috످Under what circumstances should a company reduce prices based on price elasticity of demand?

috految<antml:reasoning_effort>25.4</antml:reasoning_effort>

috److془Standard economics. Provide answer.

Example: price 100, 1000 units, cost 60. Or cut 10%, cost 50: break-even 25%. Baseline 50,000. 0.5: 1050; 94,500; 42,000. 2: 1200; 108,000; 48,000. 4: 1400; 126,000; 56,000.془A company should consider reducing prices when demand is elastic (elasticity greater than 1 in absolute value). In this case, the percentage increase in quantity sold exceeds the percentage drop in price, so total revenue rises. However, profit only increases if the added revenue exceeds the cost of producing the extra units.

Price elasticity of demand (PED) measures how sensitive customers are to price changes:

PED = |% change in quantity demanded ÷ % change in price|

When demand is elastic (e.g., leisure travel), PED is greater than 1 and revenue rises with a price cut, so consider lowering prices. When demand is unit elastic, PED equals 1 and revenue stays the same, so avoid cutting prices. When demand is inelastic (e.g., gasoline), PED is less than 1 and revenue falls with a price cut, so hold or raise prices.

Demand tends to be more elastic when many substitutes are available, the product is nonessential, the purchase takes up a large share of income, brand loyalty and switching costs are low, or customers have time to shop around.

For a price cut to increase profit, sales must grow enough to offset the lower margin on each unit:

Break-even sales increase = Price cut ÷ (New price − Variable cost per unit)

For example, suppose a company sells 1,000 headphones at $100 each, with a variable cost of $50 per unit. If it cuts the price to $90, it needs to sell 25% more units (10 ÷ 40) to earn the same profit.

At the original price of $100, the company sells 1,000 units for $100,000 in revenue and $50,000 in profit before fixed costs.

If demand is inelastic (PED = 0.5), at $90 the company sells 1,050 units for $94,500 in revenue and $42,000 in profit before fixed costs, so it should not cut the price.

If demand is elastic (PED = 2), at $90 the company sells 1,200 units for $108,000 in revenue and $48,000 in profit before fixed costs, so it should not cut the price.

If demand is highly elastic (PED = 4), at $90 the company sells 1,400 units for $126,000 in revenue and $56,000 in profit before fixed costs, so it should cut the price.

At a PED of 2, revenue rises but profit falls because sales grow only 20%, short of the 25% needed.

A price cut may be worthwhile even without immediate profit if it helps gain market share or achieve economies of scale, clear excess or perishable inventory, or drive sales of complementary products (e.g., printers and ink).

A price cut can backfire even with elastic demand if it triggers a price war, damages a premium brand, creates more demand than the company can meet, or trains customers to wait for discounts.

Because elasticity varies by price point, customer segment, and season, companies should test price cuts on a small scale first.

috످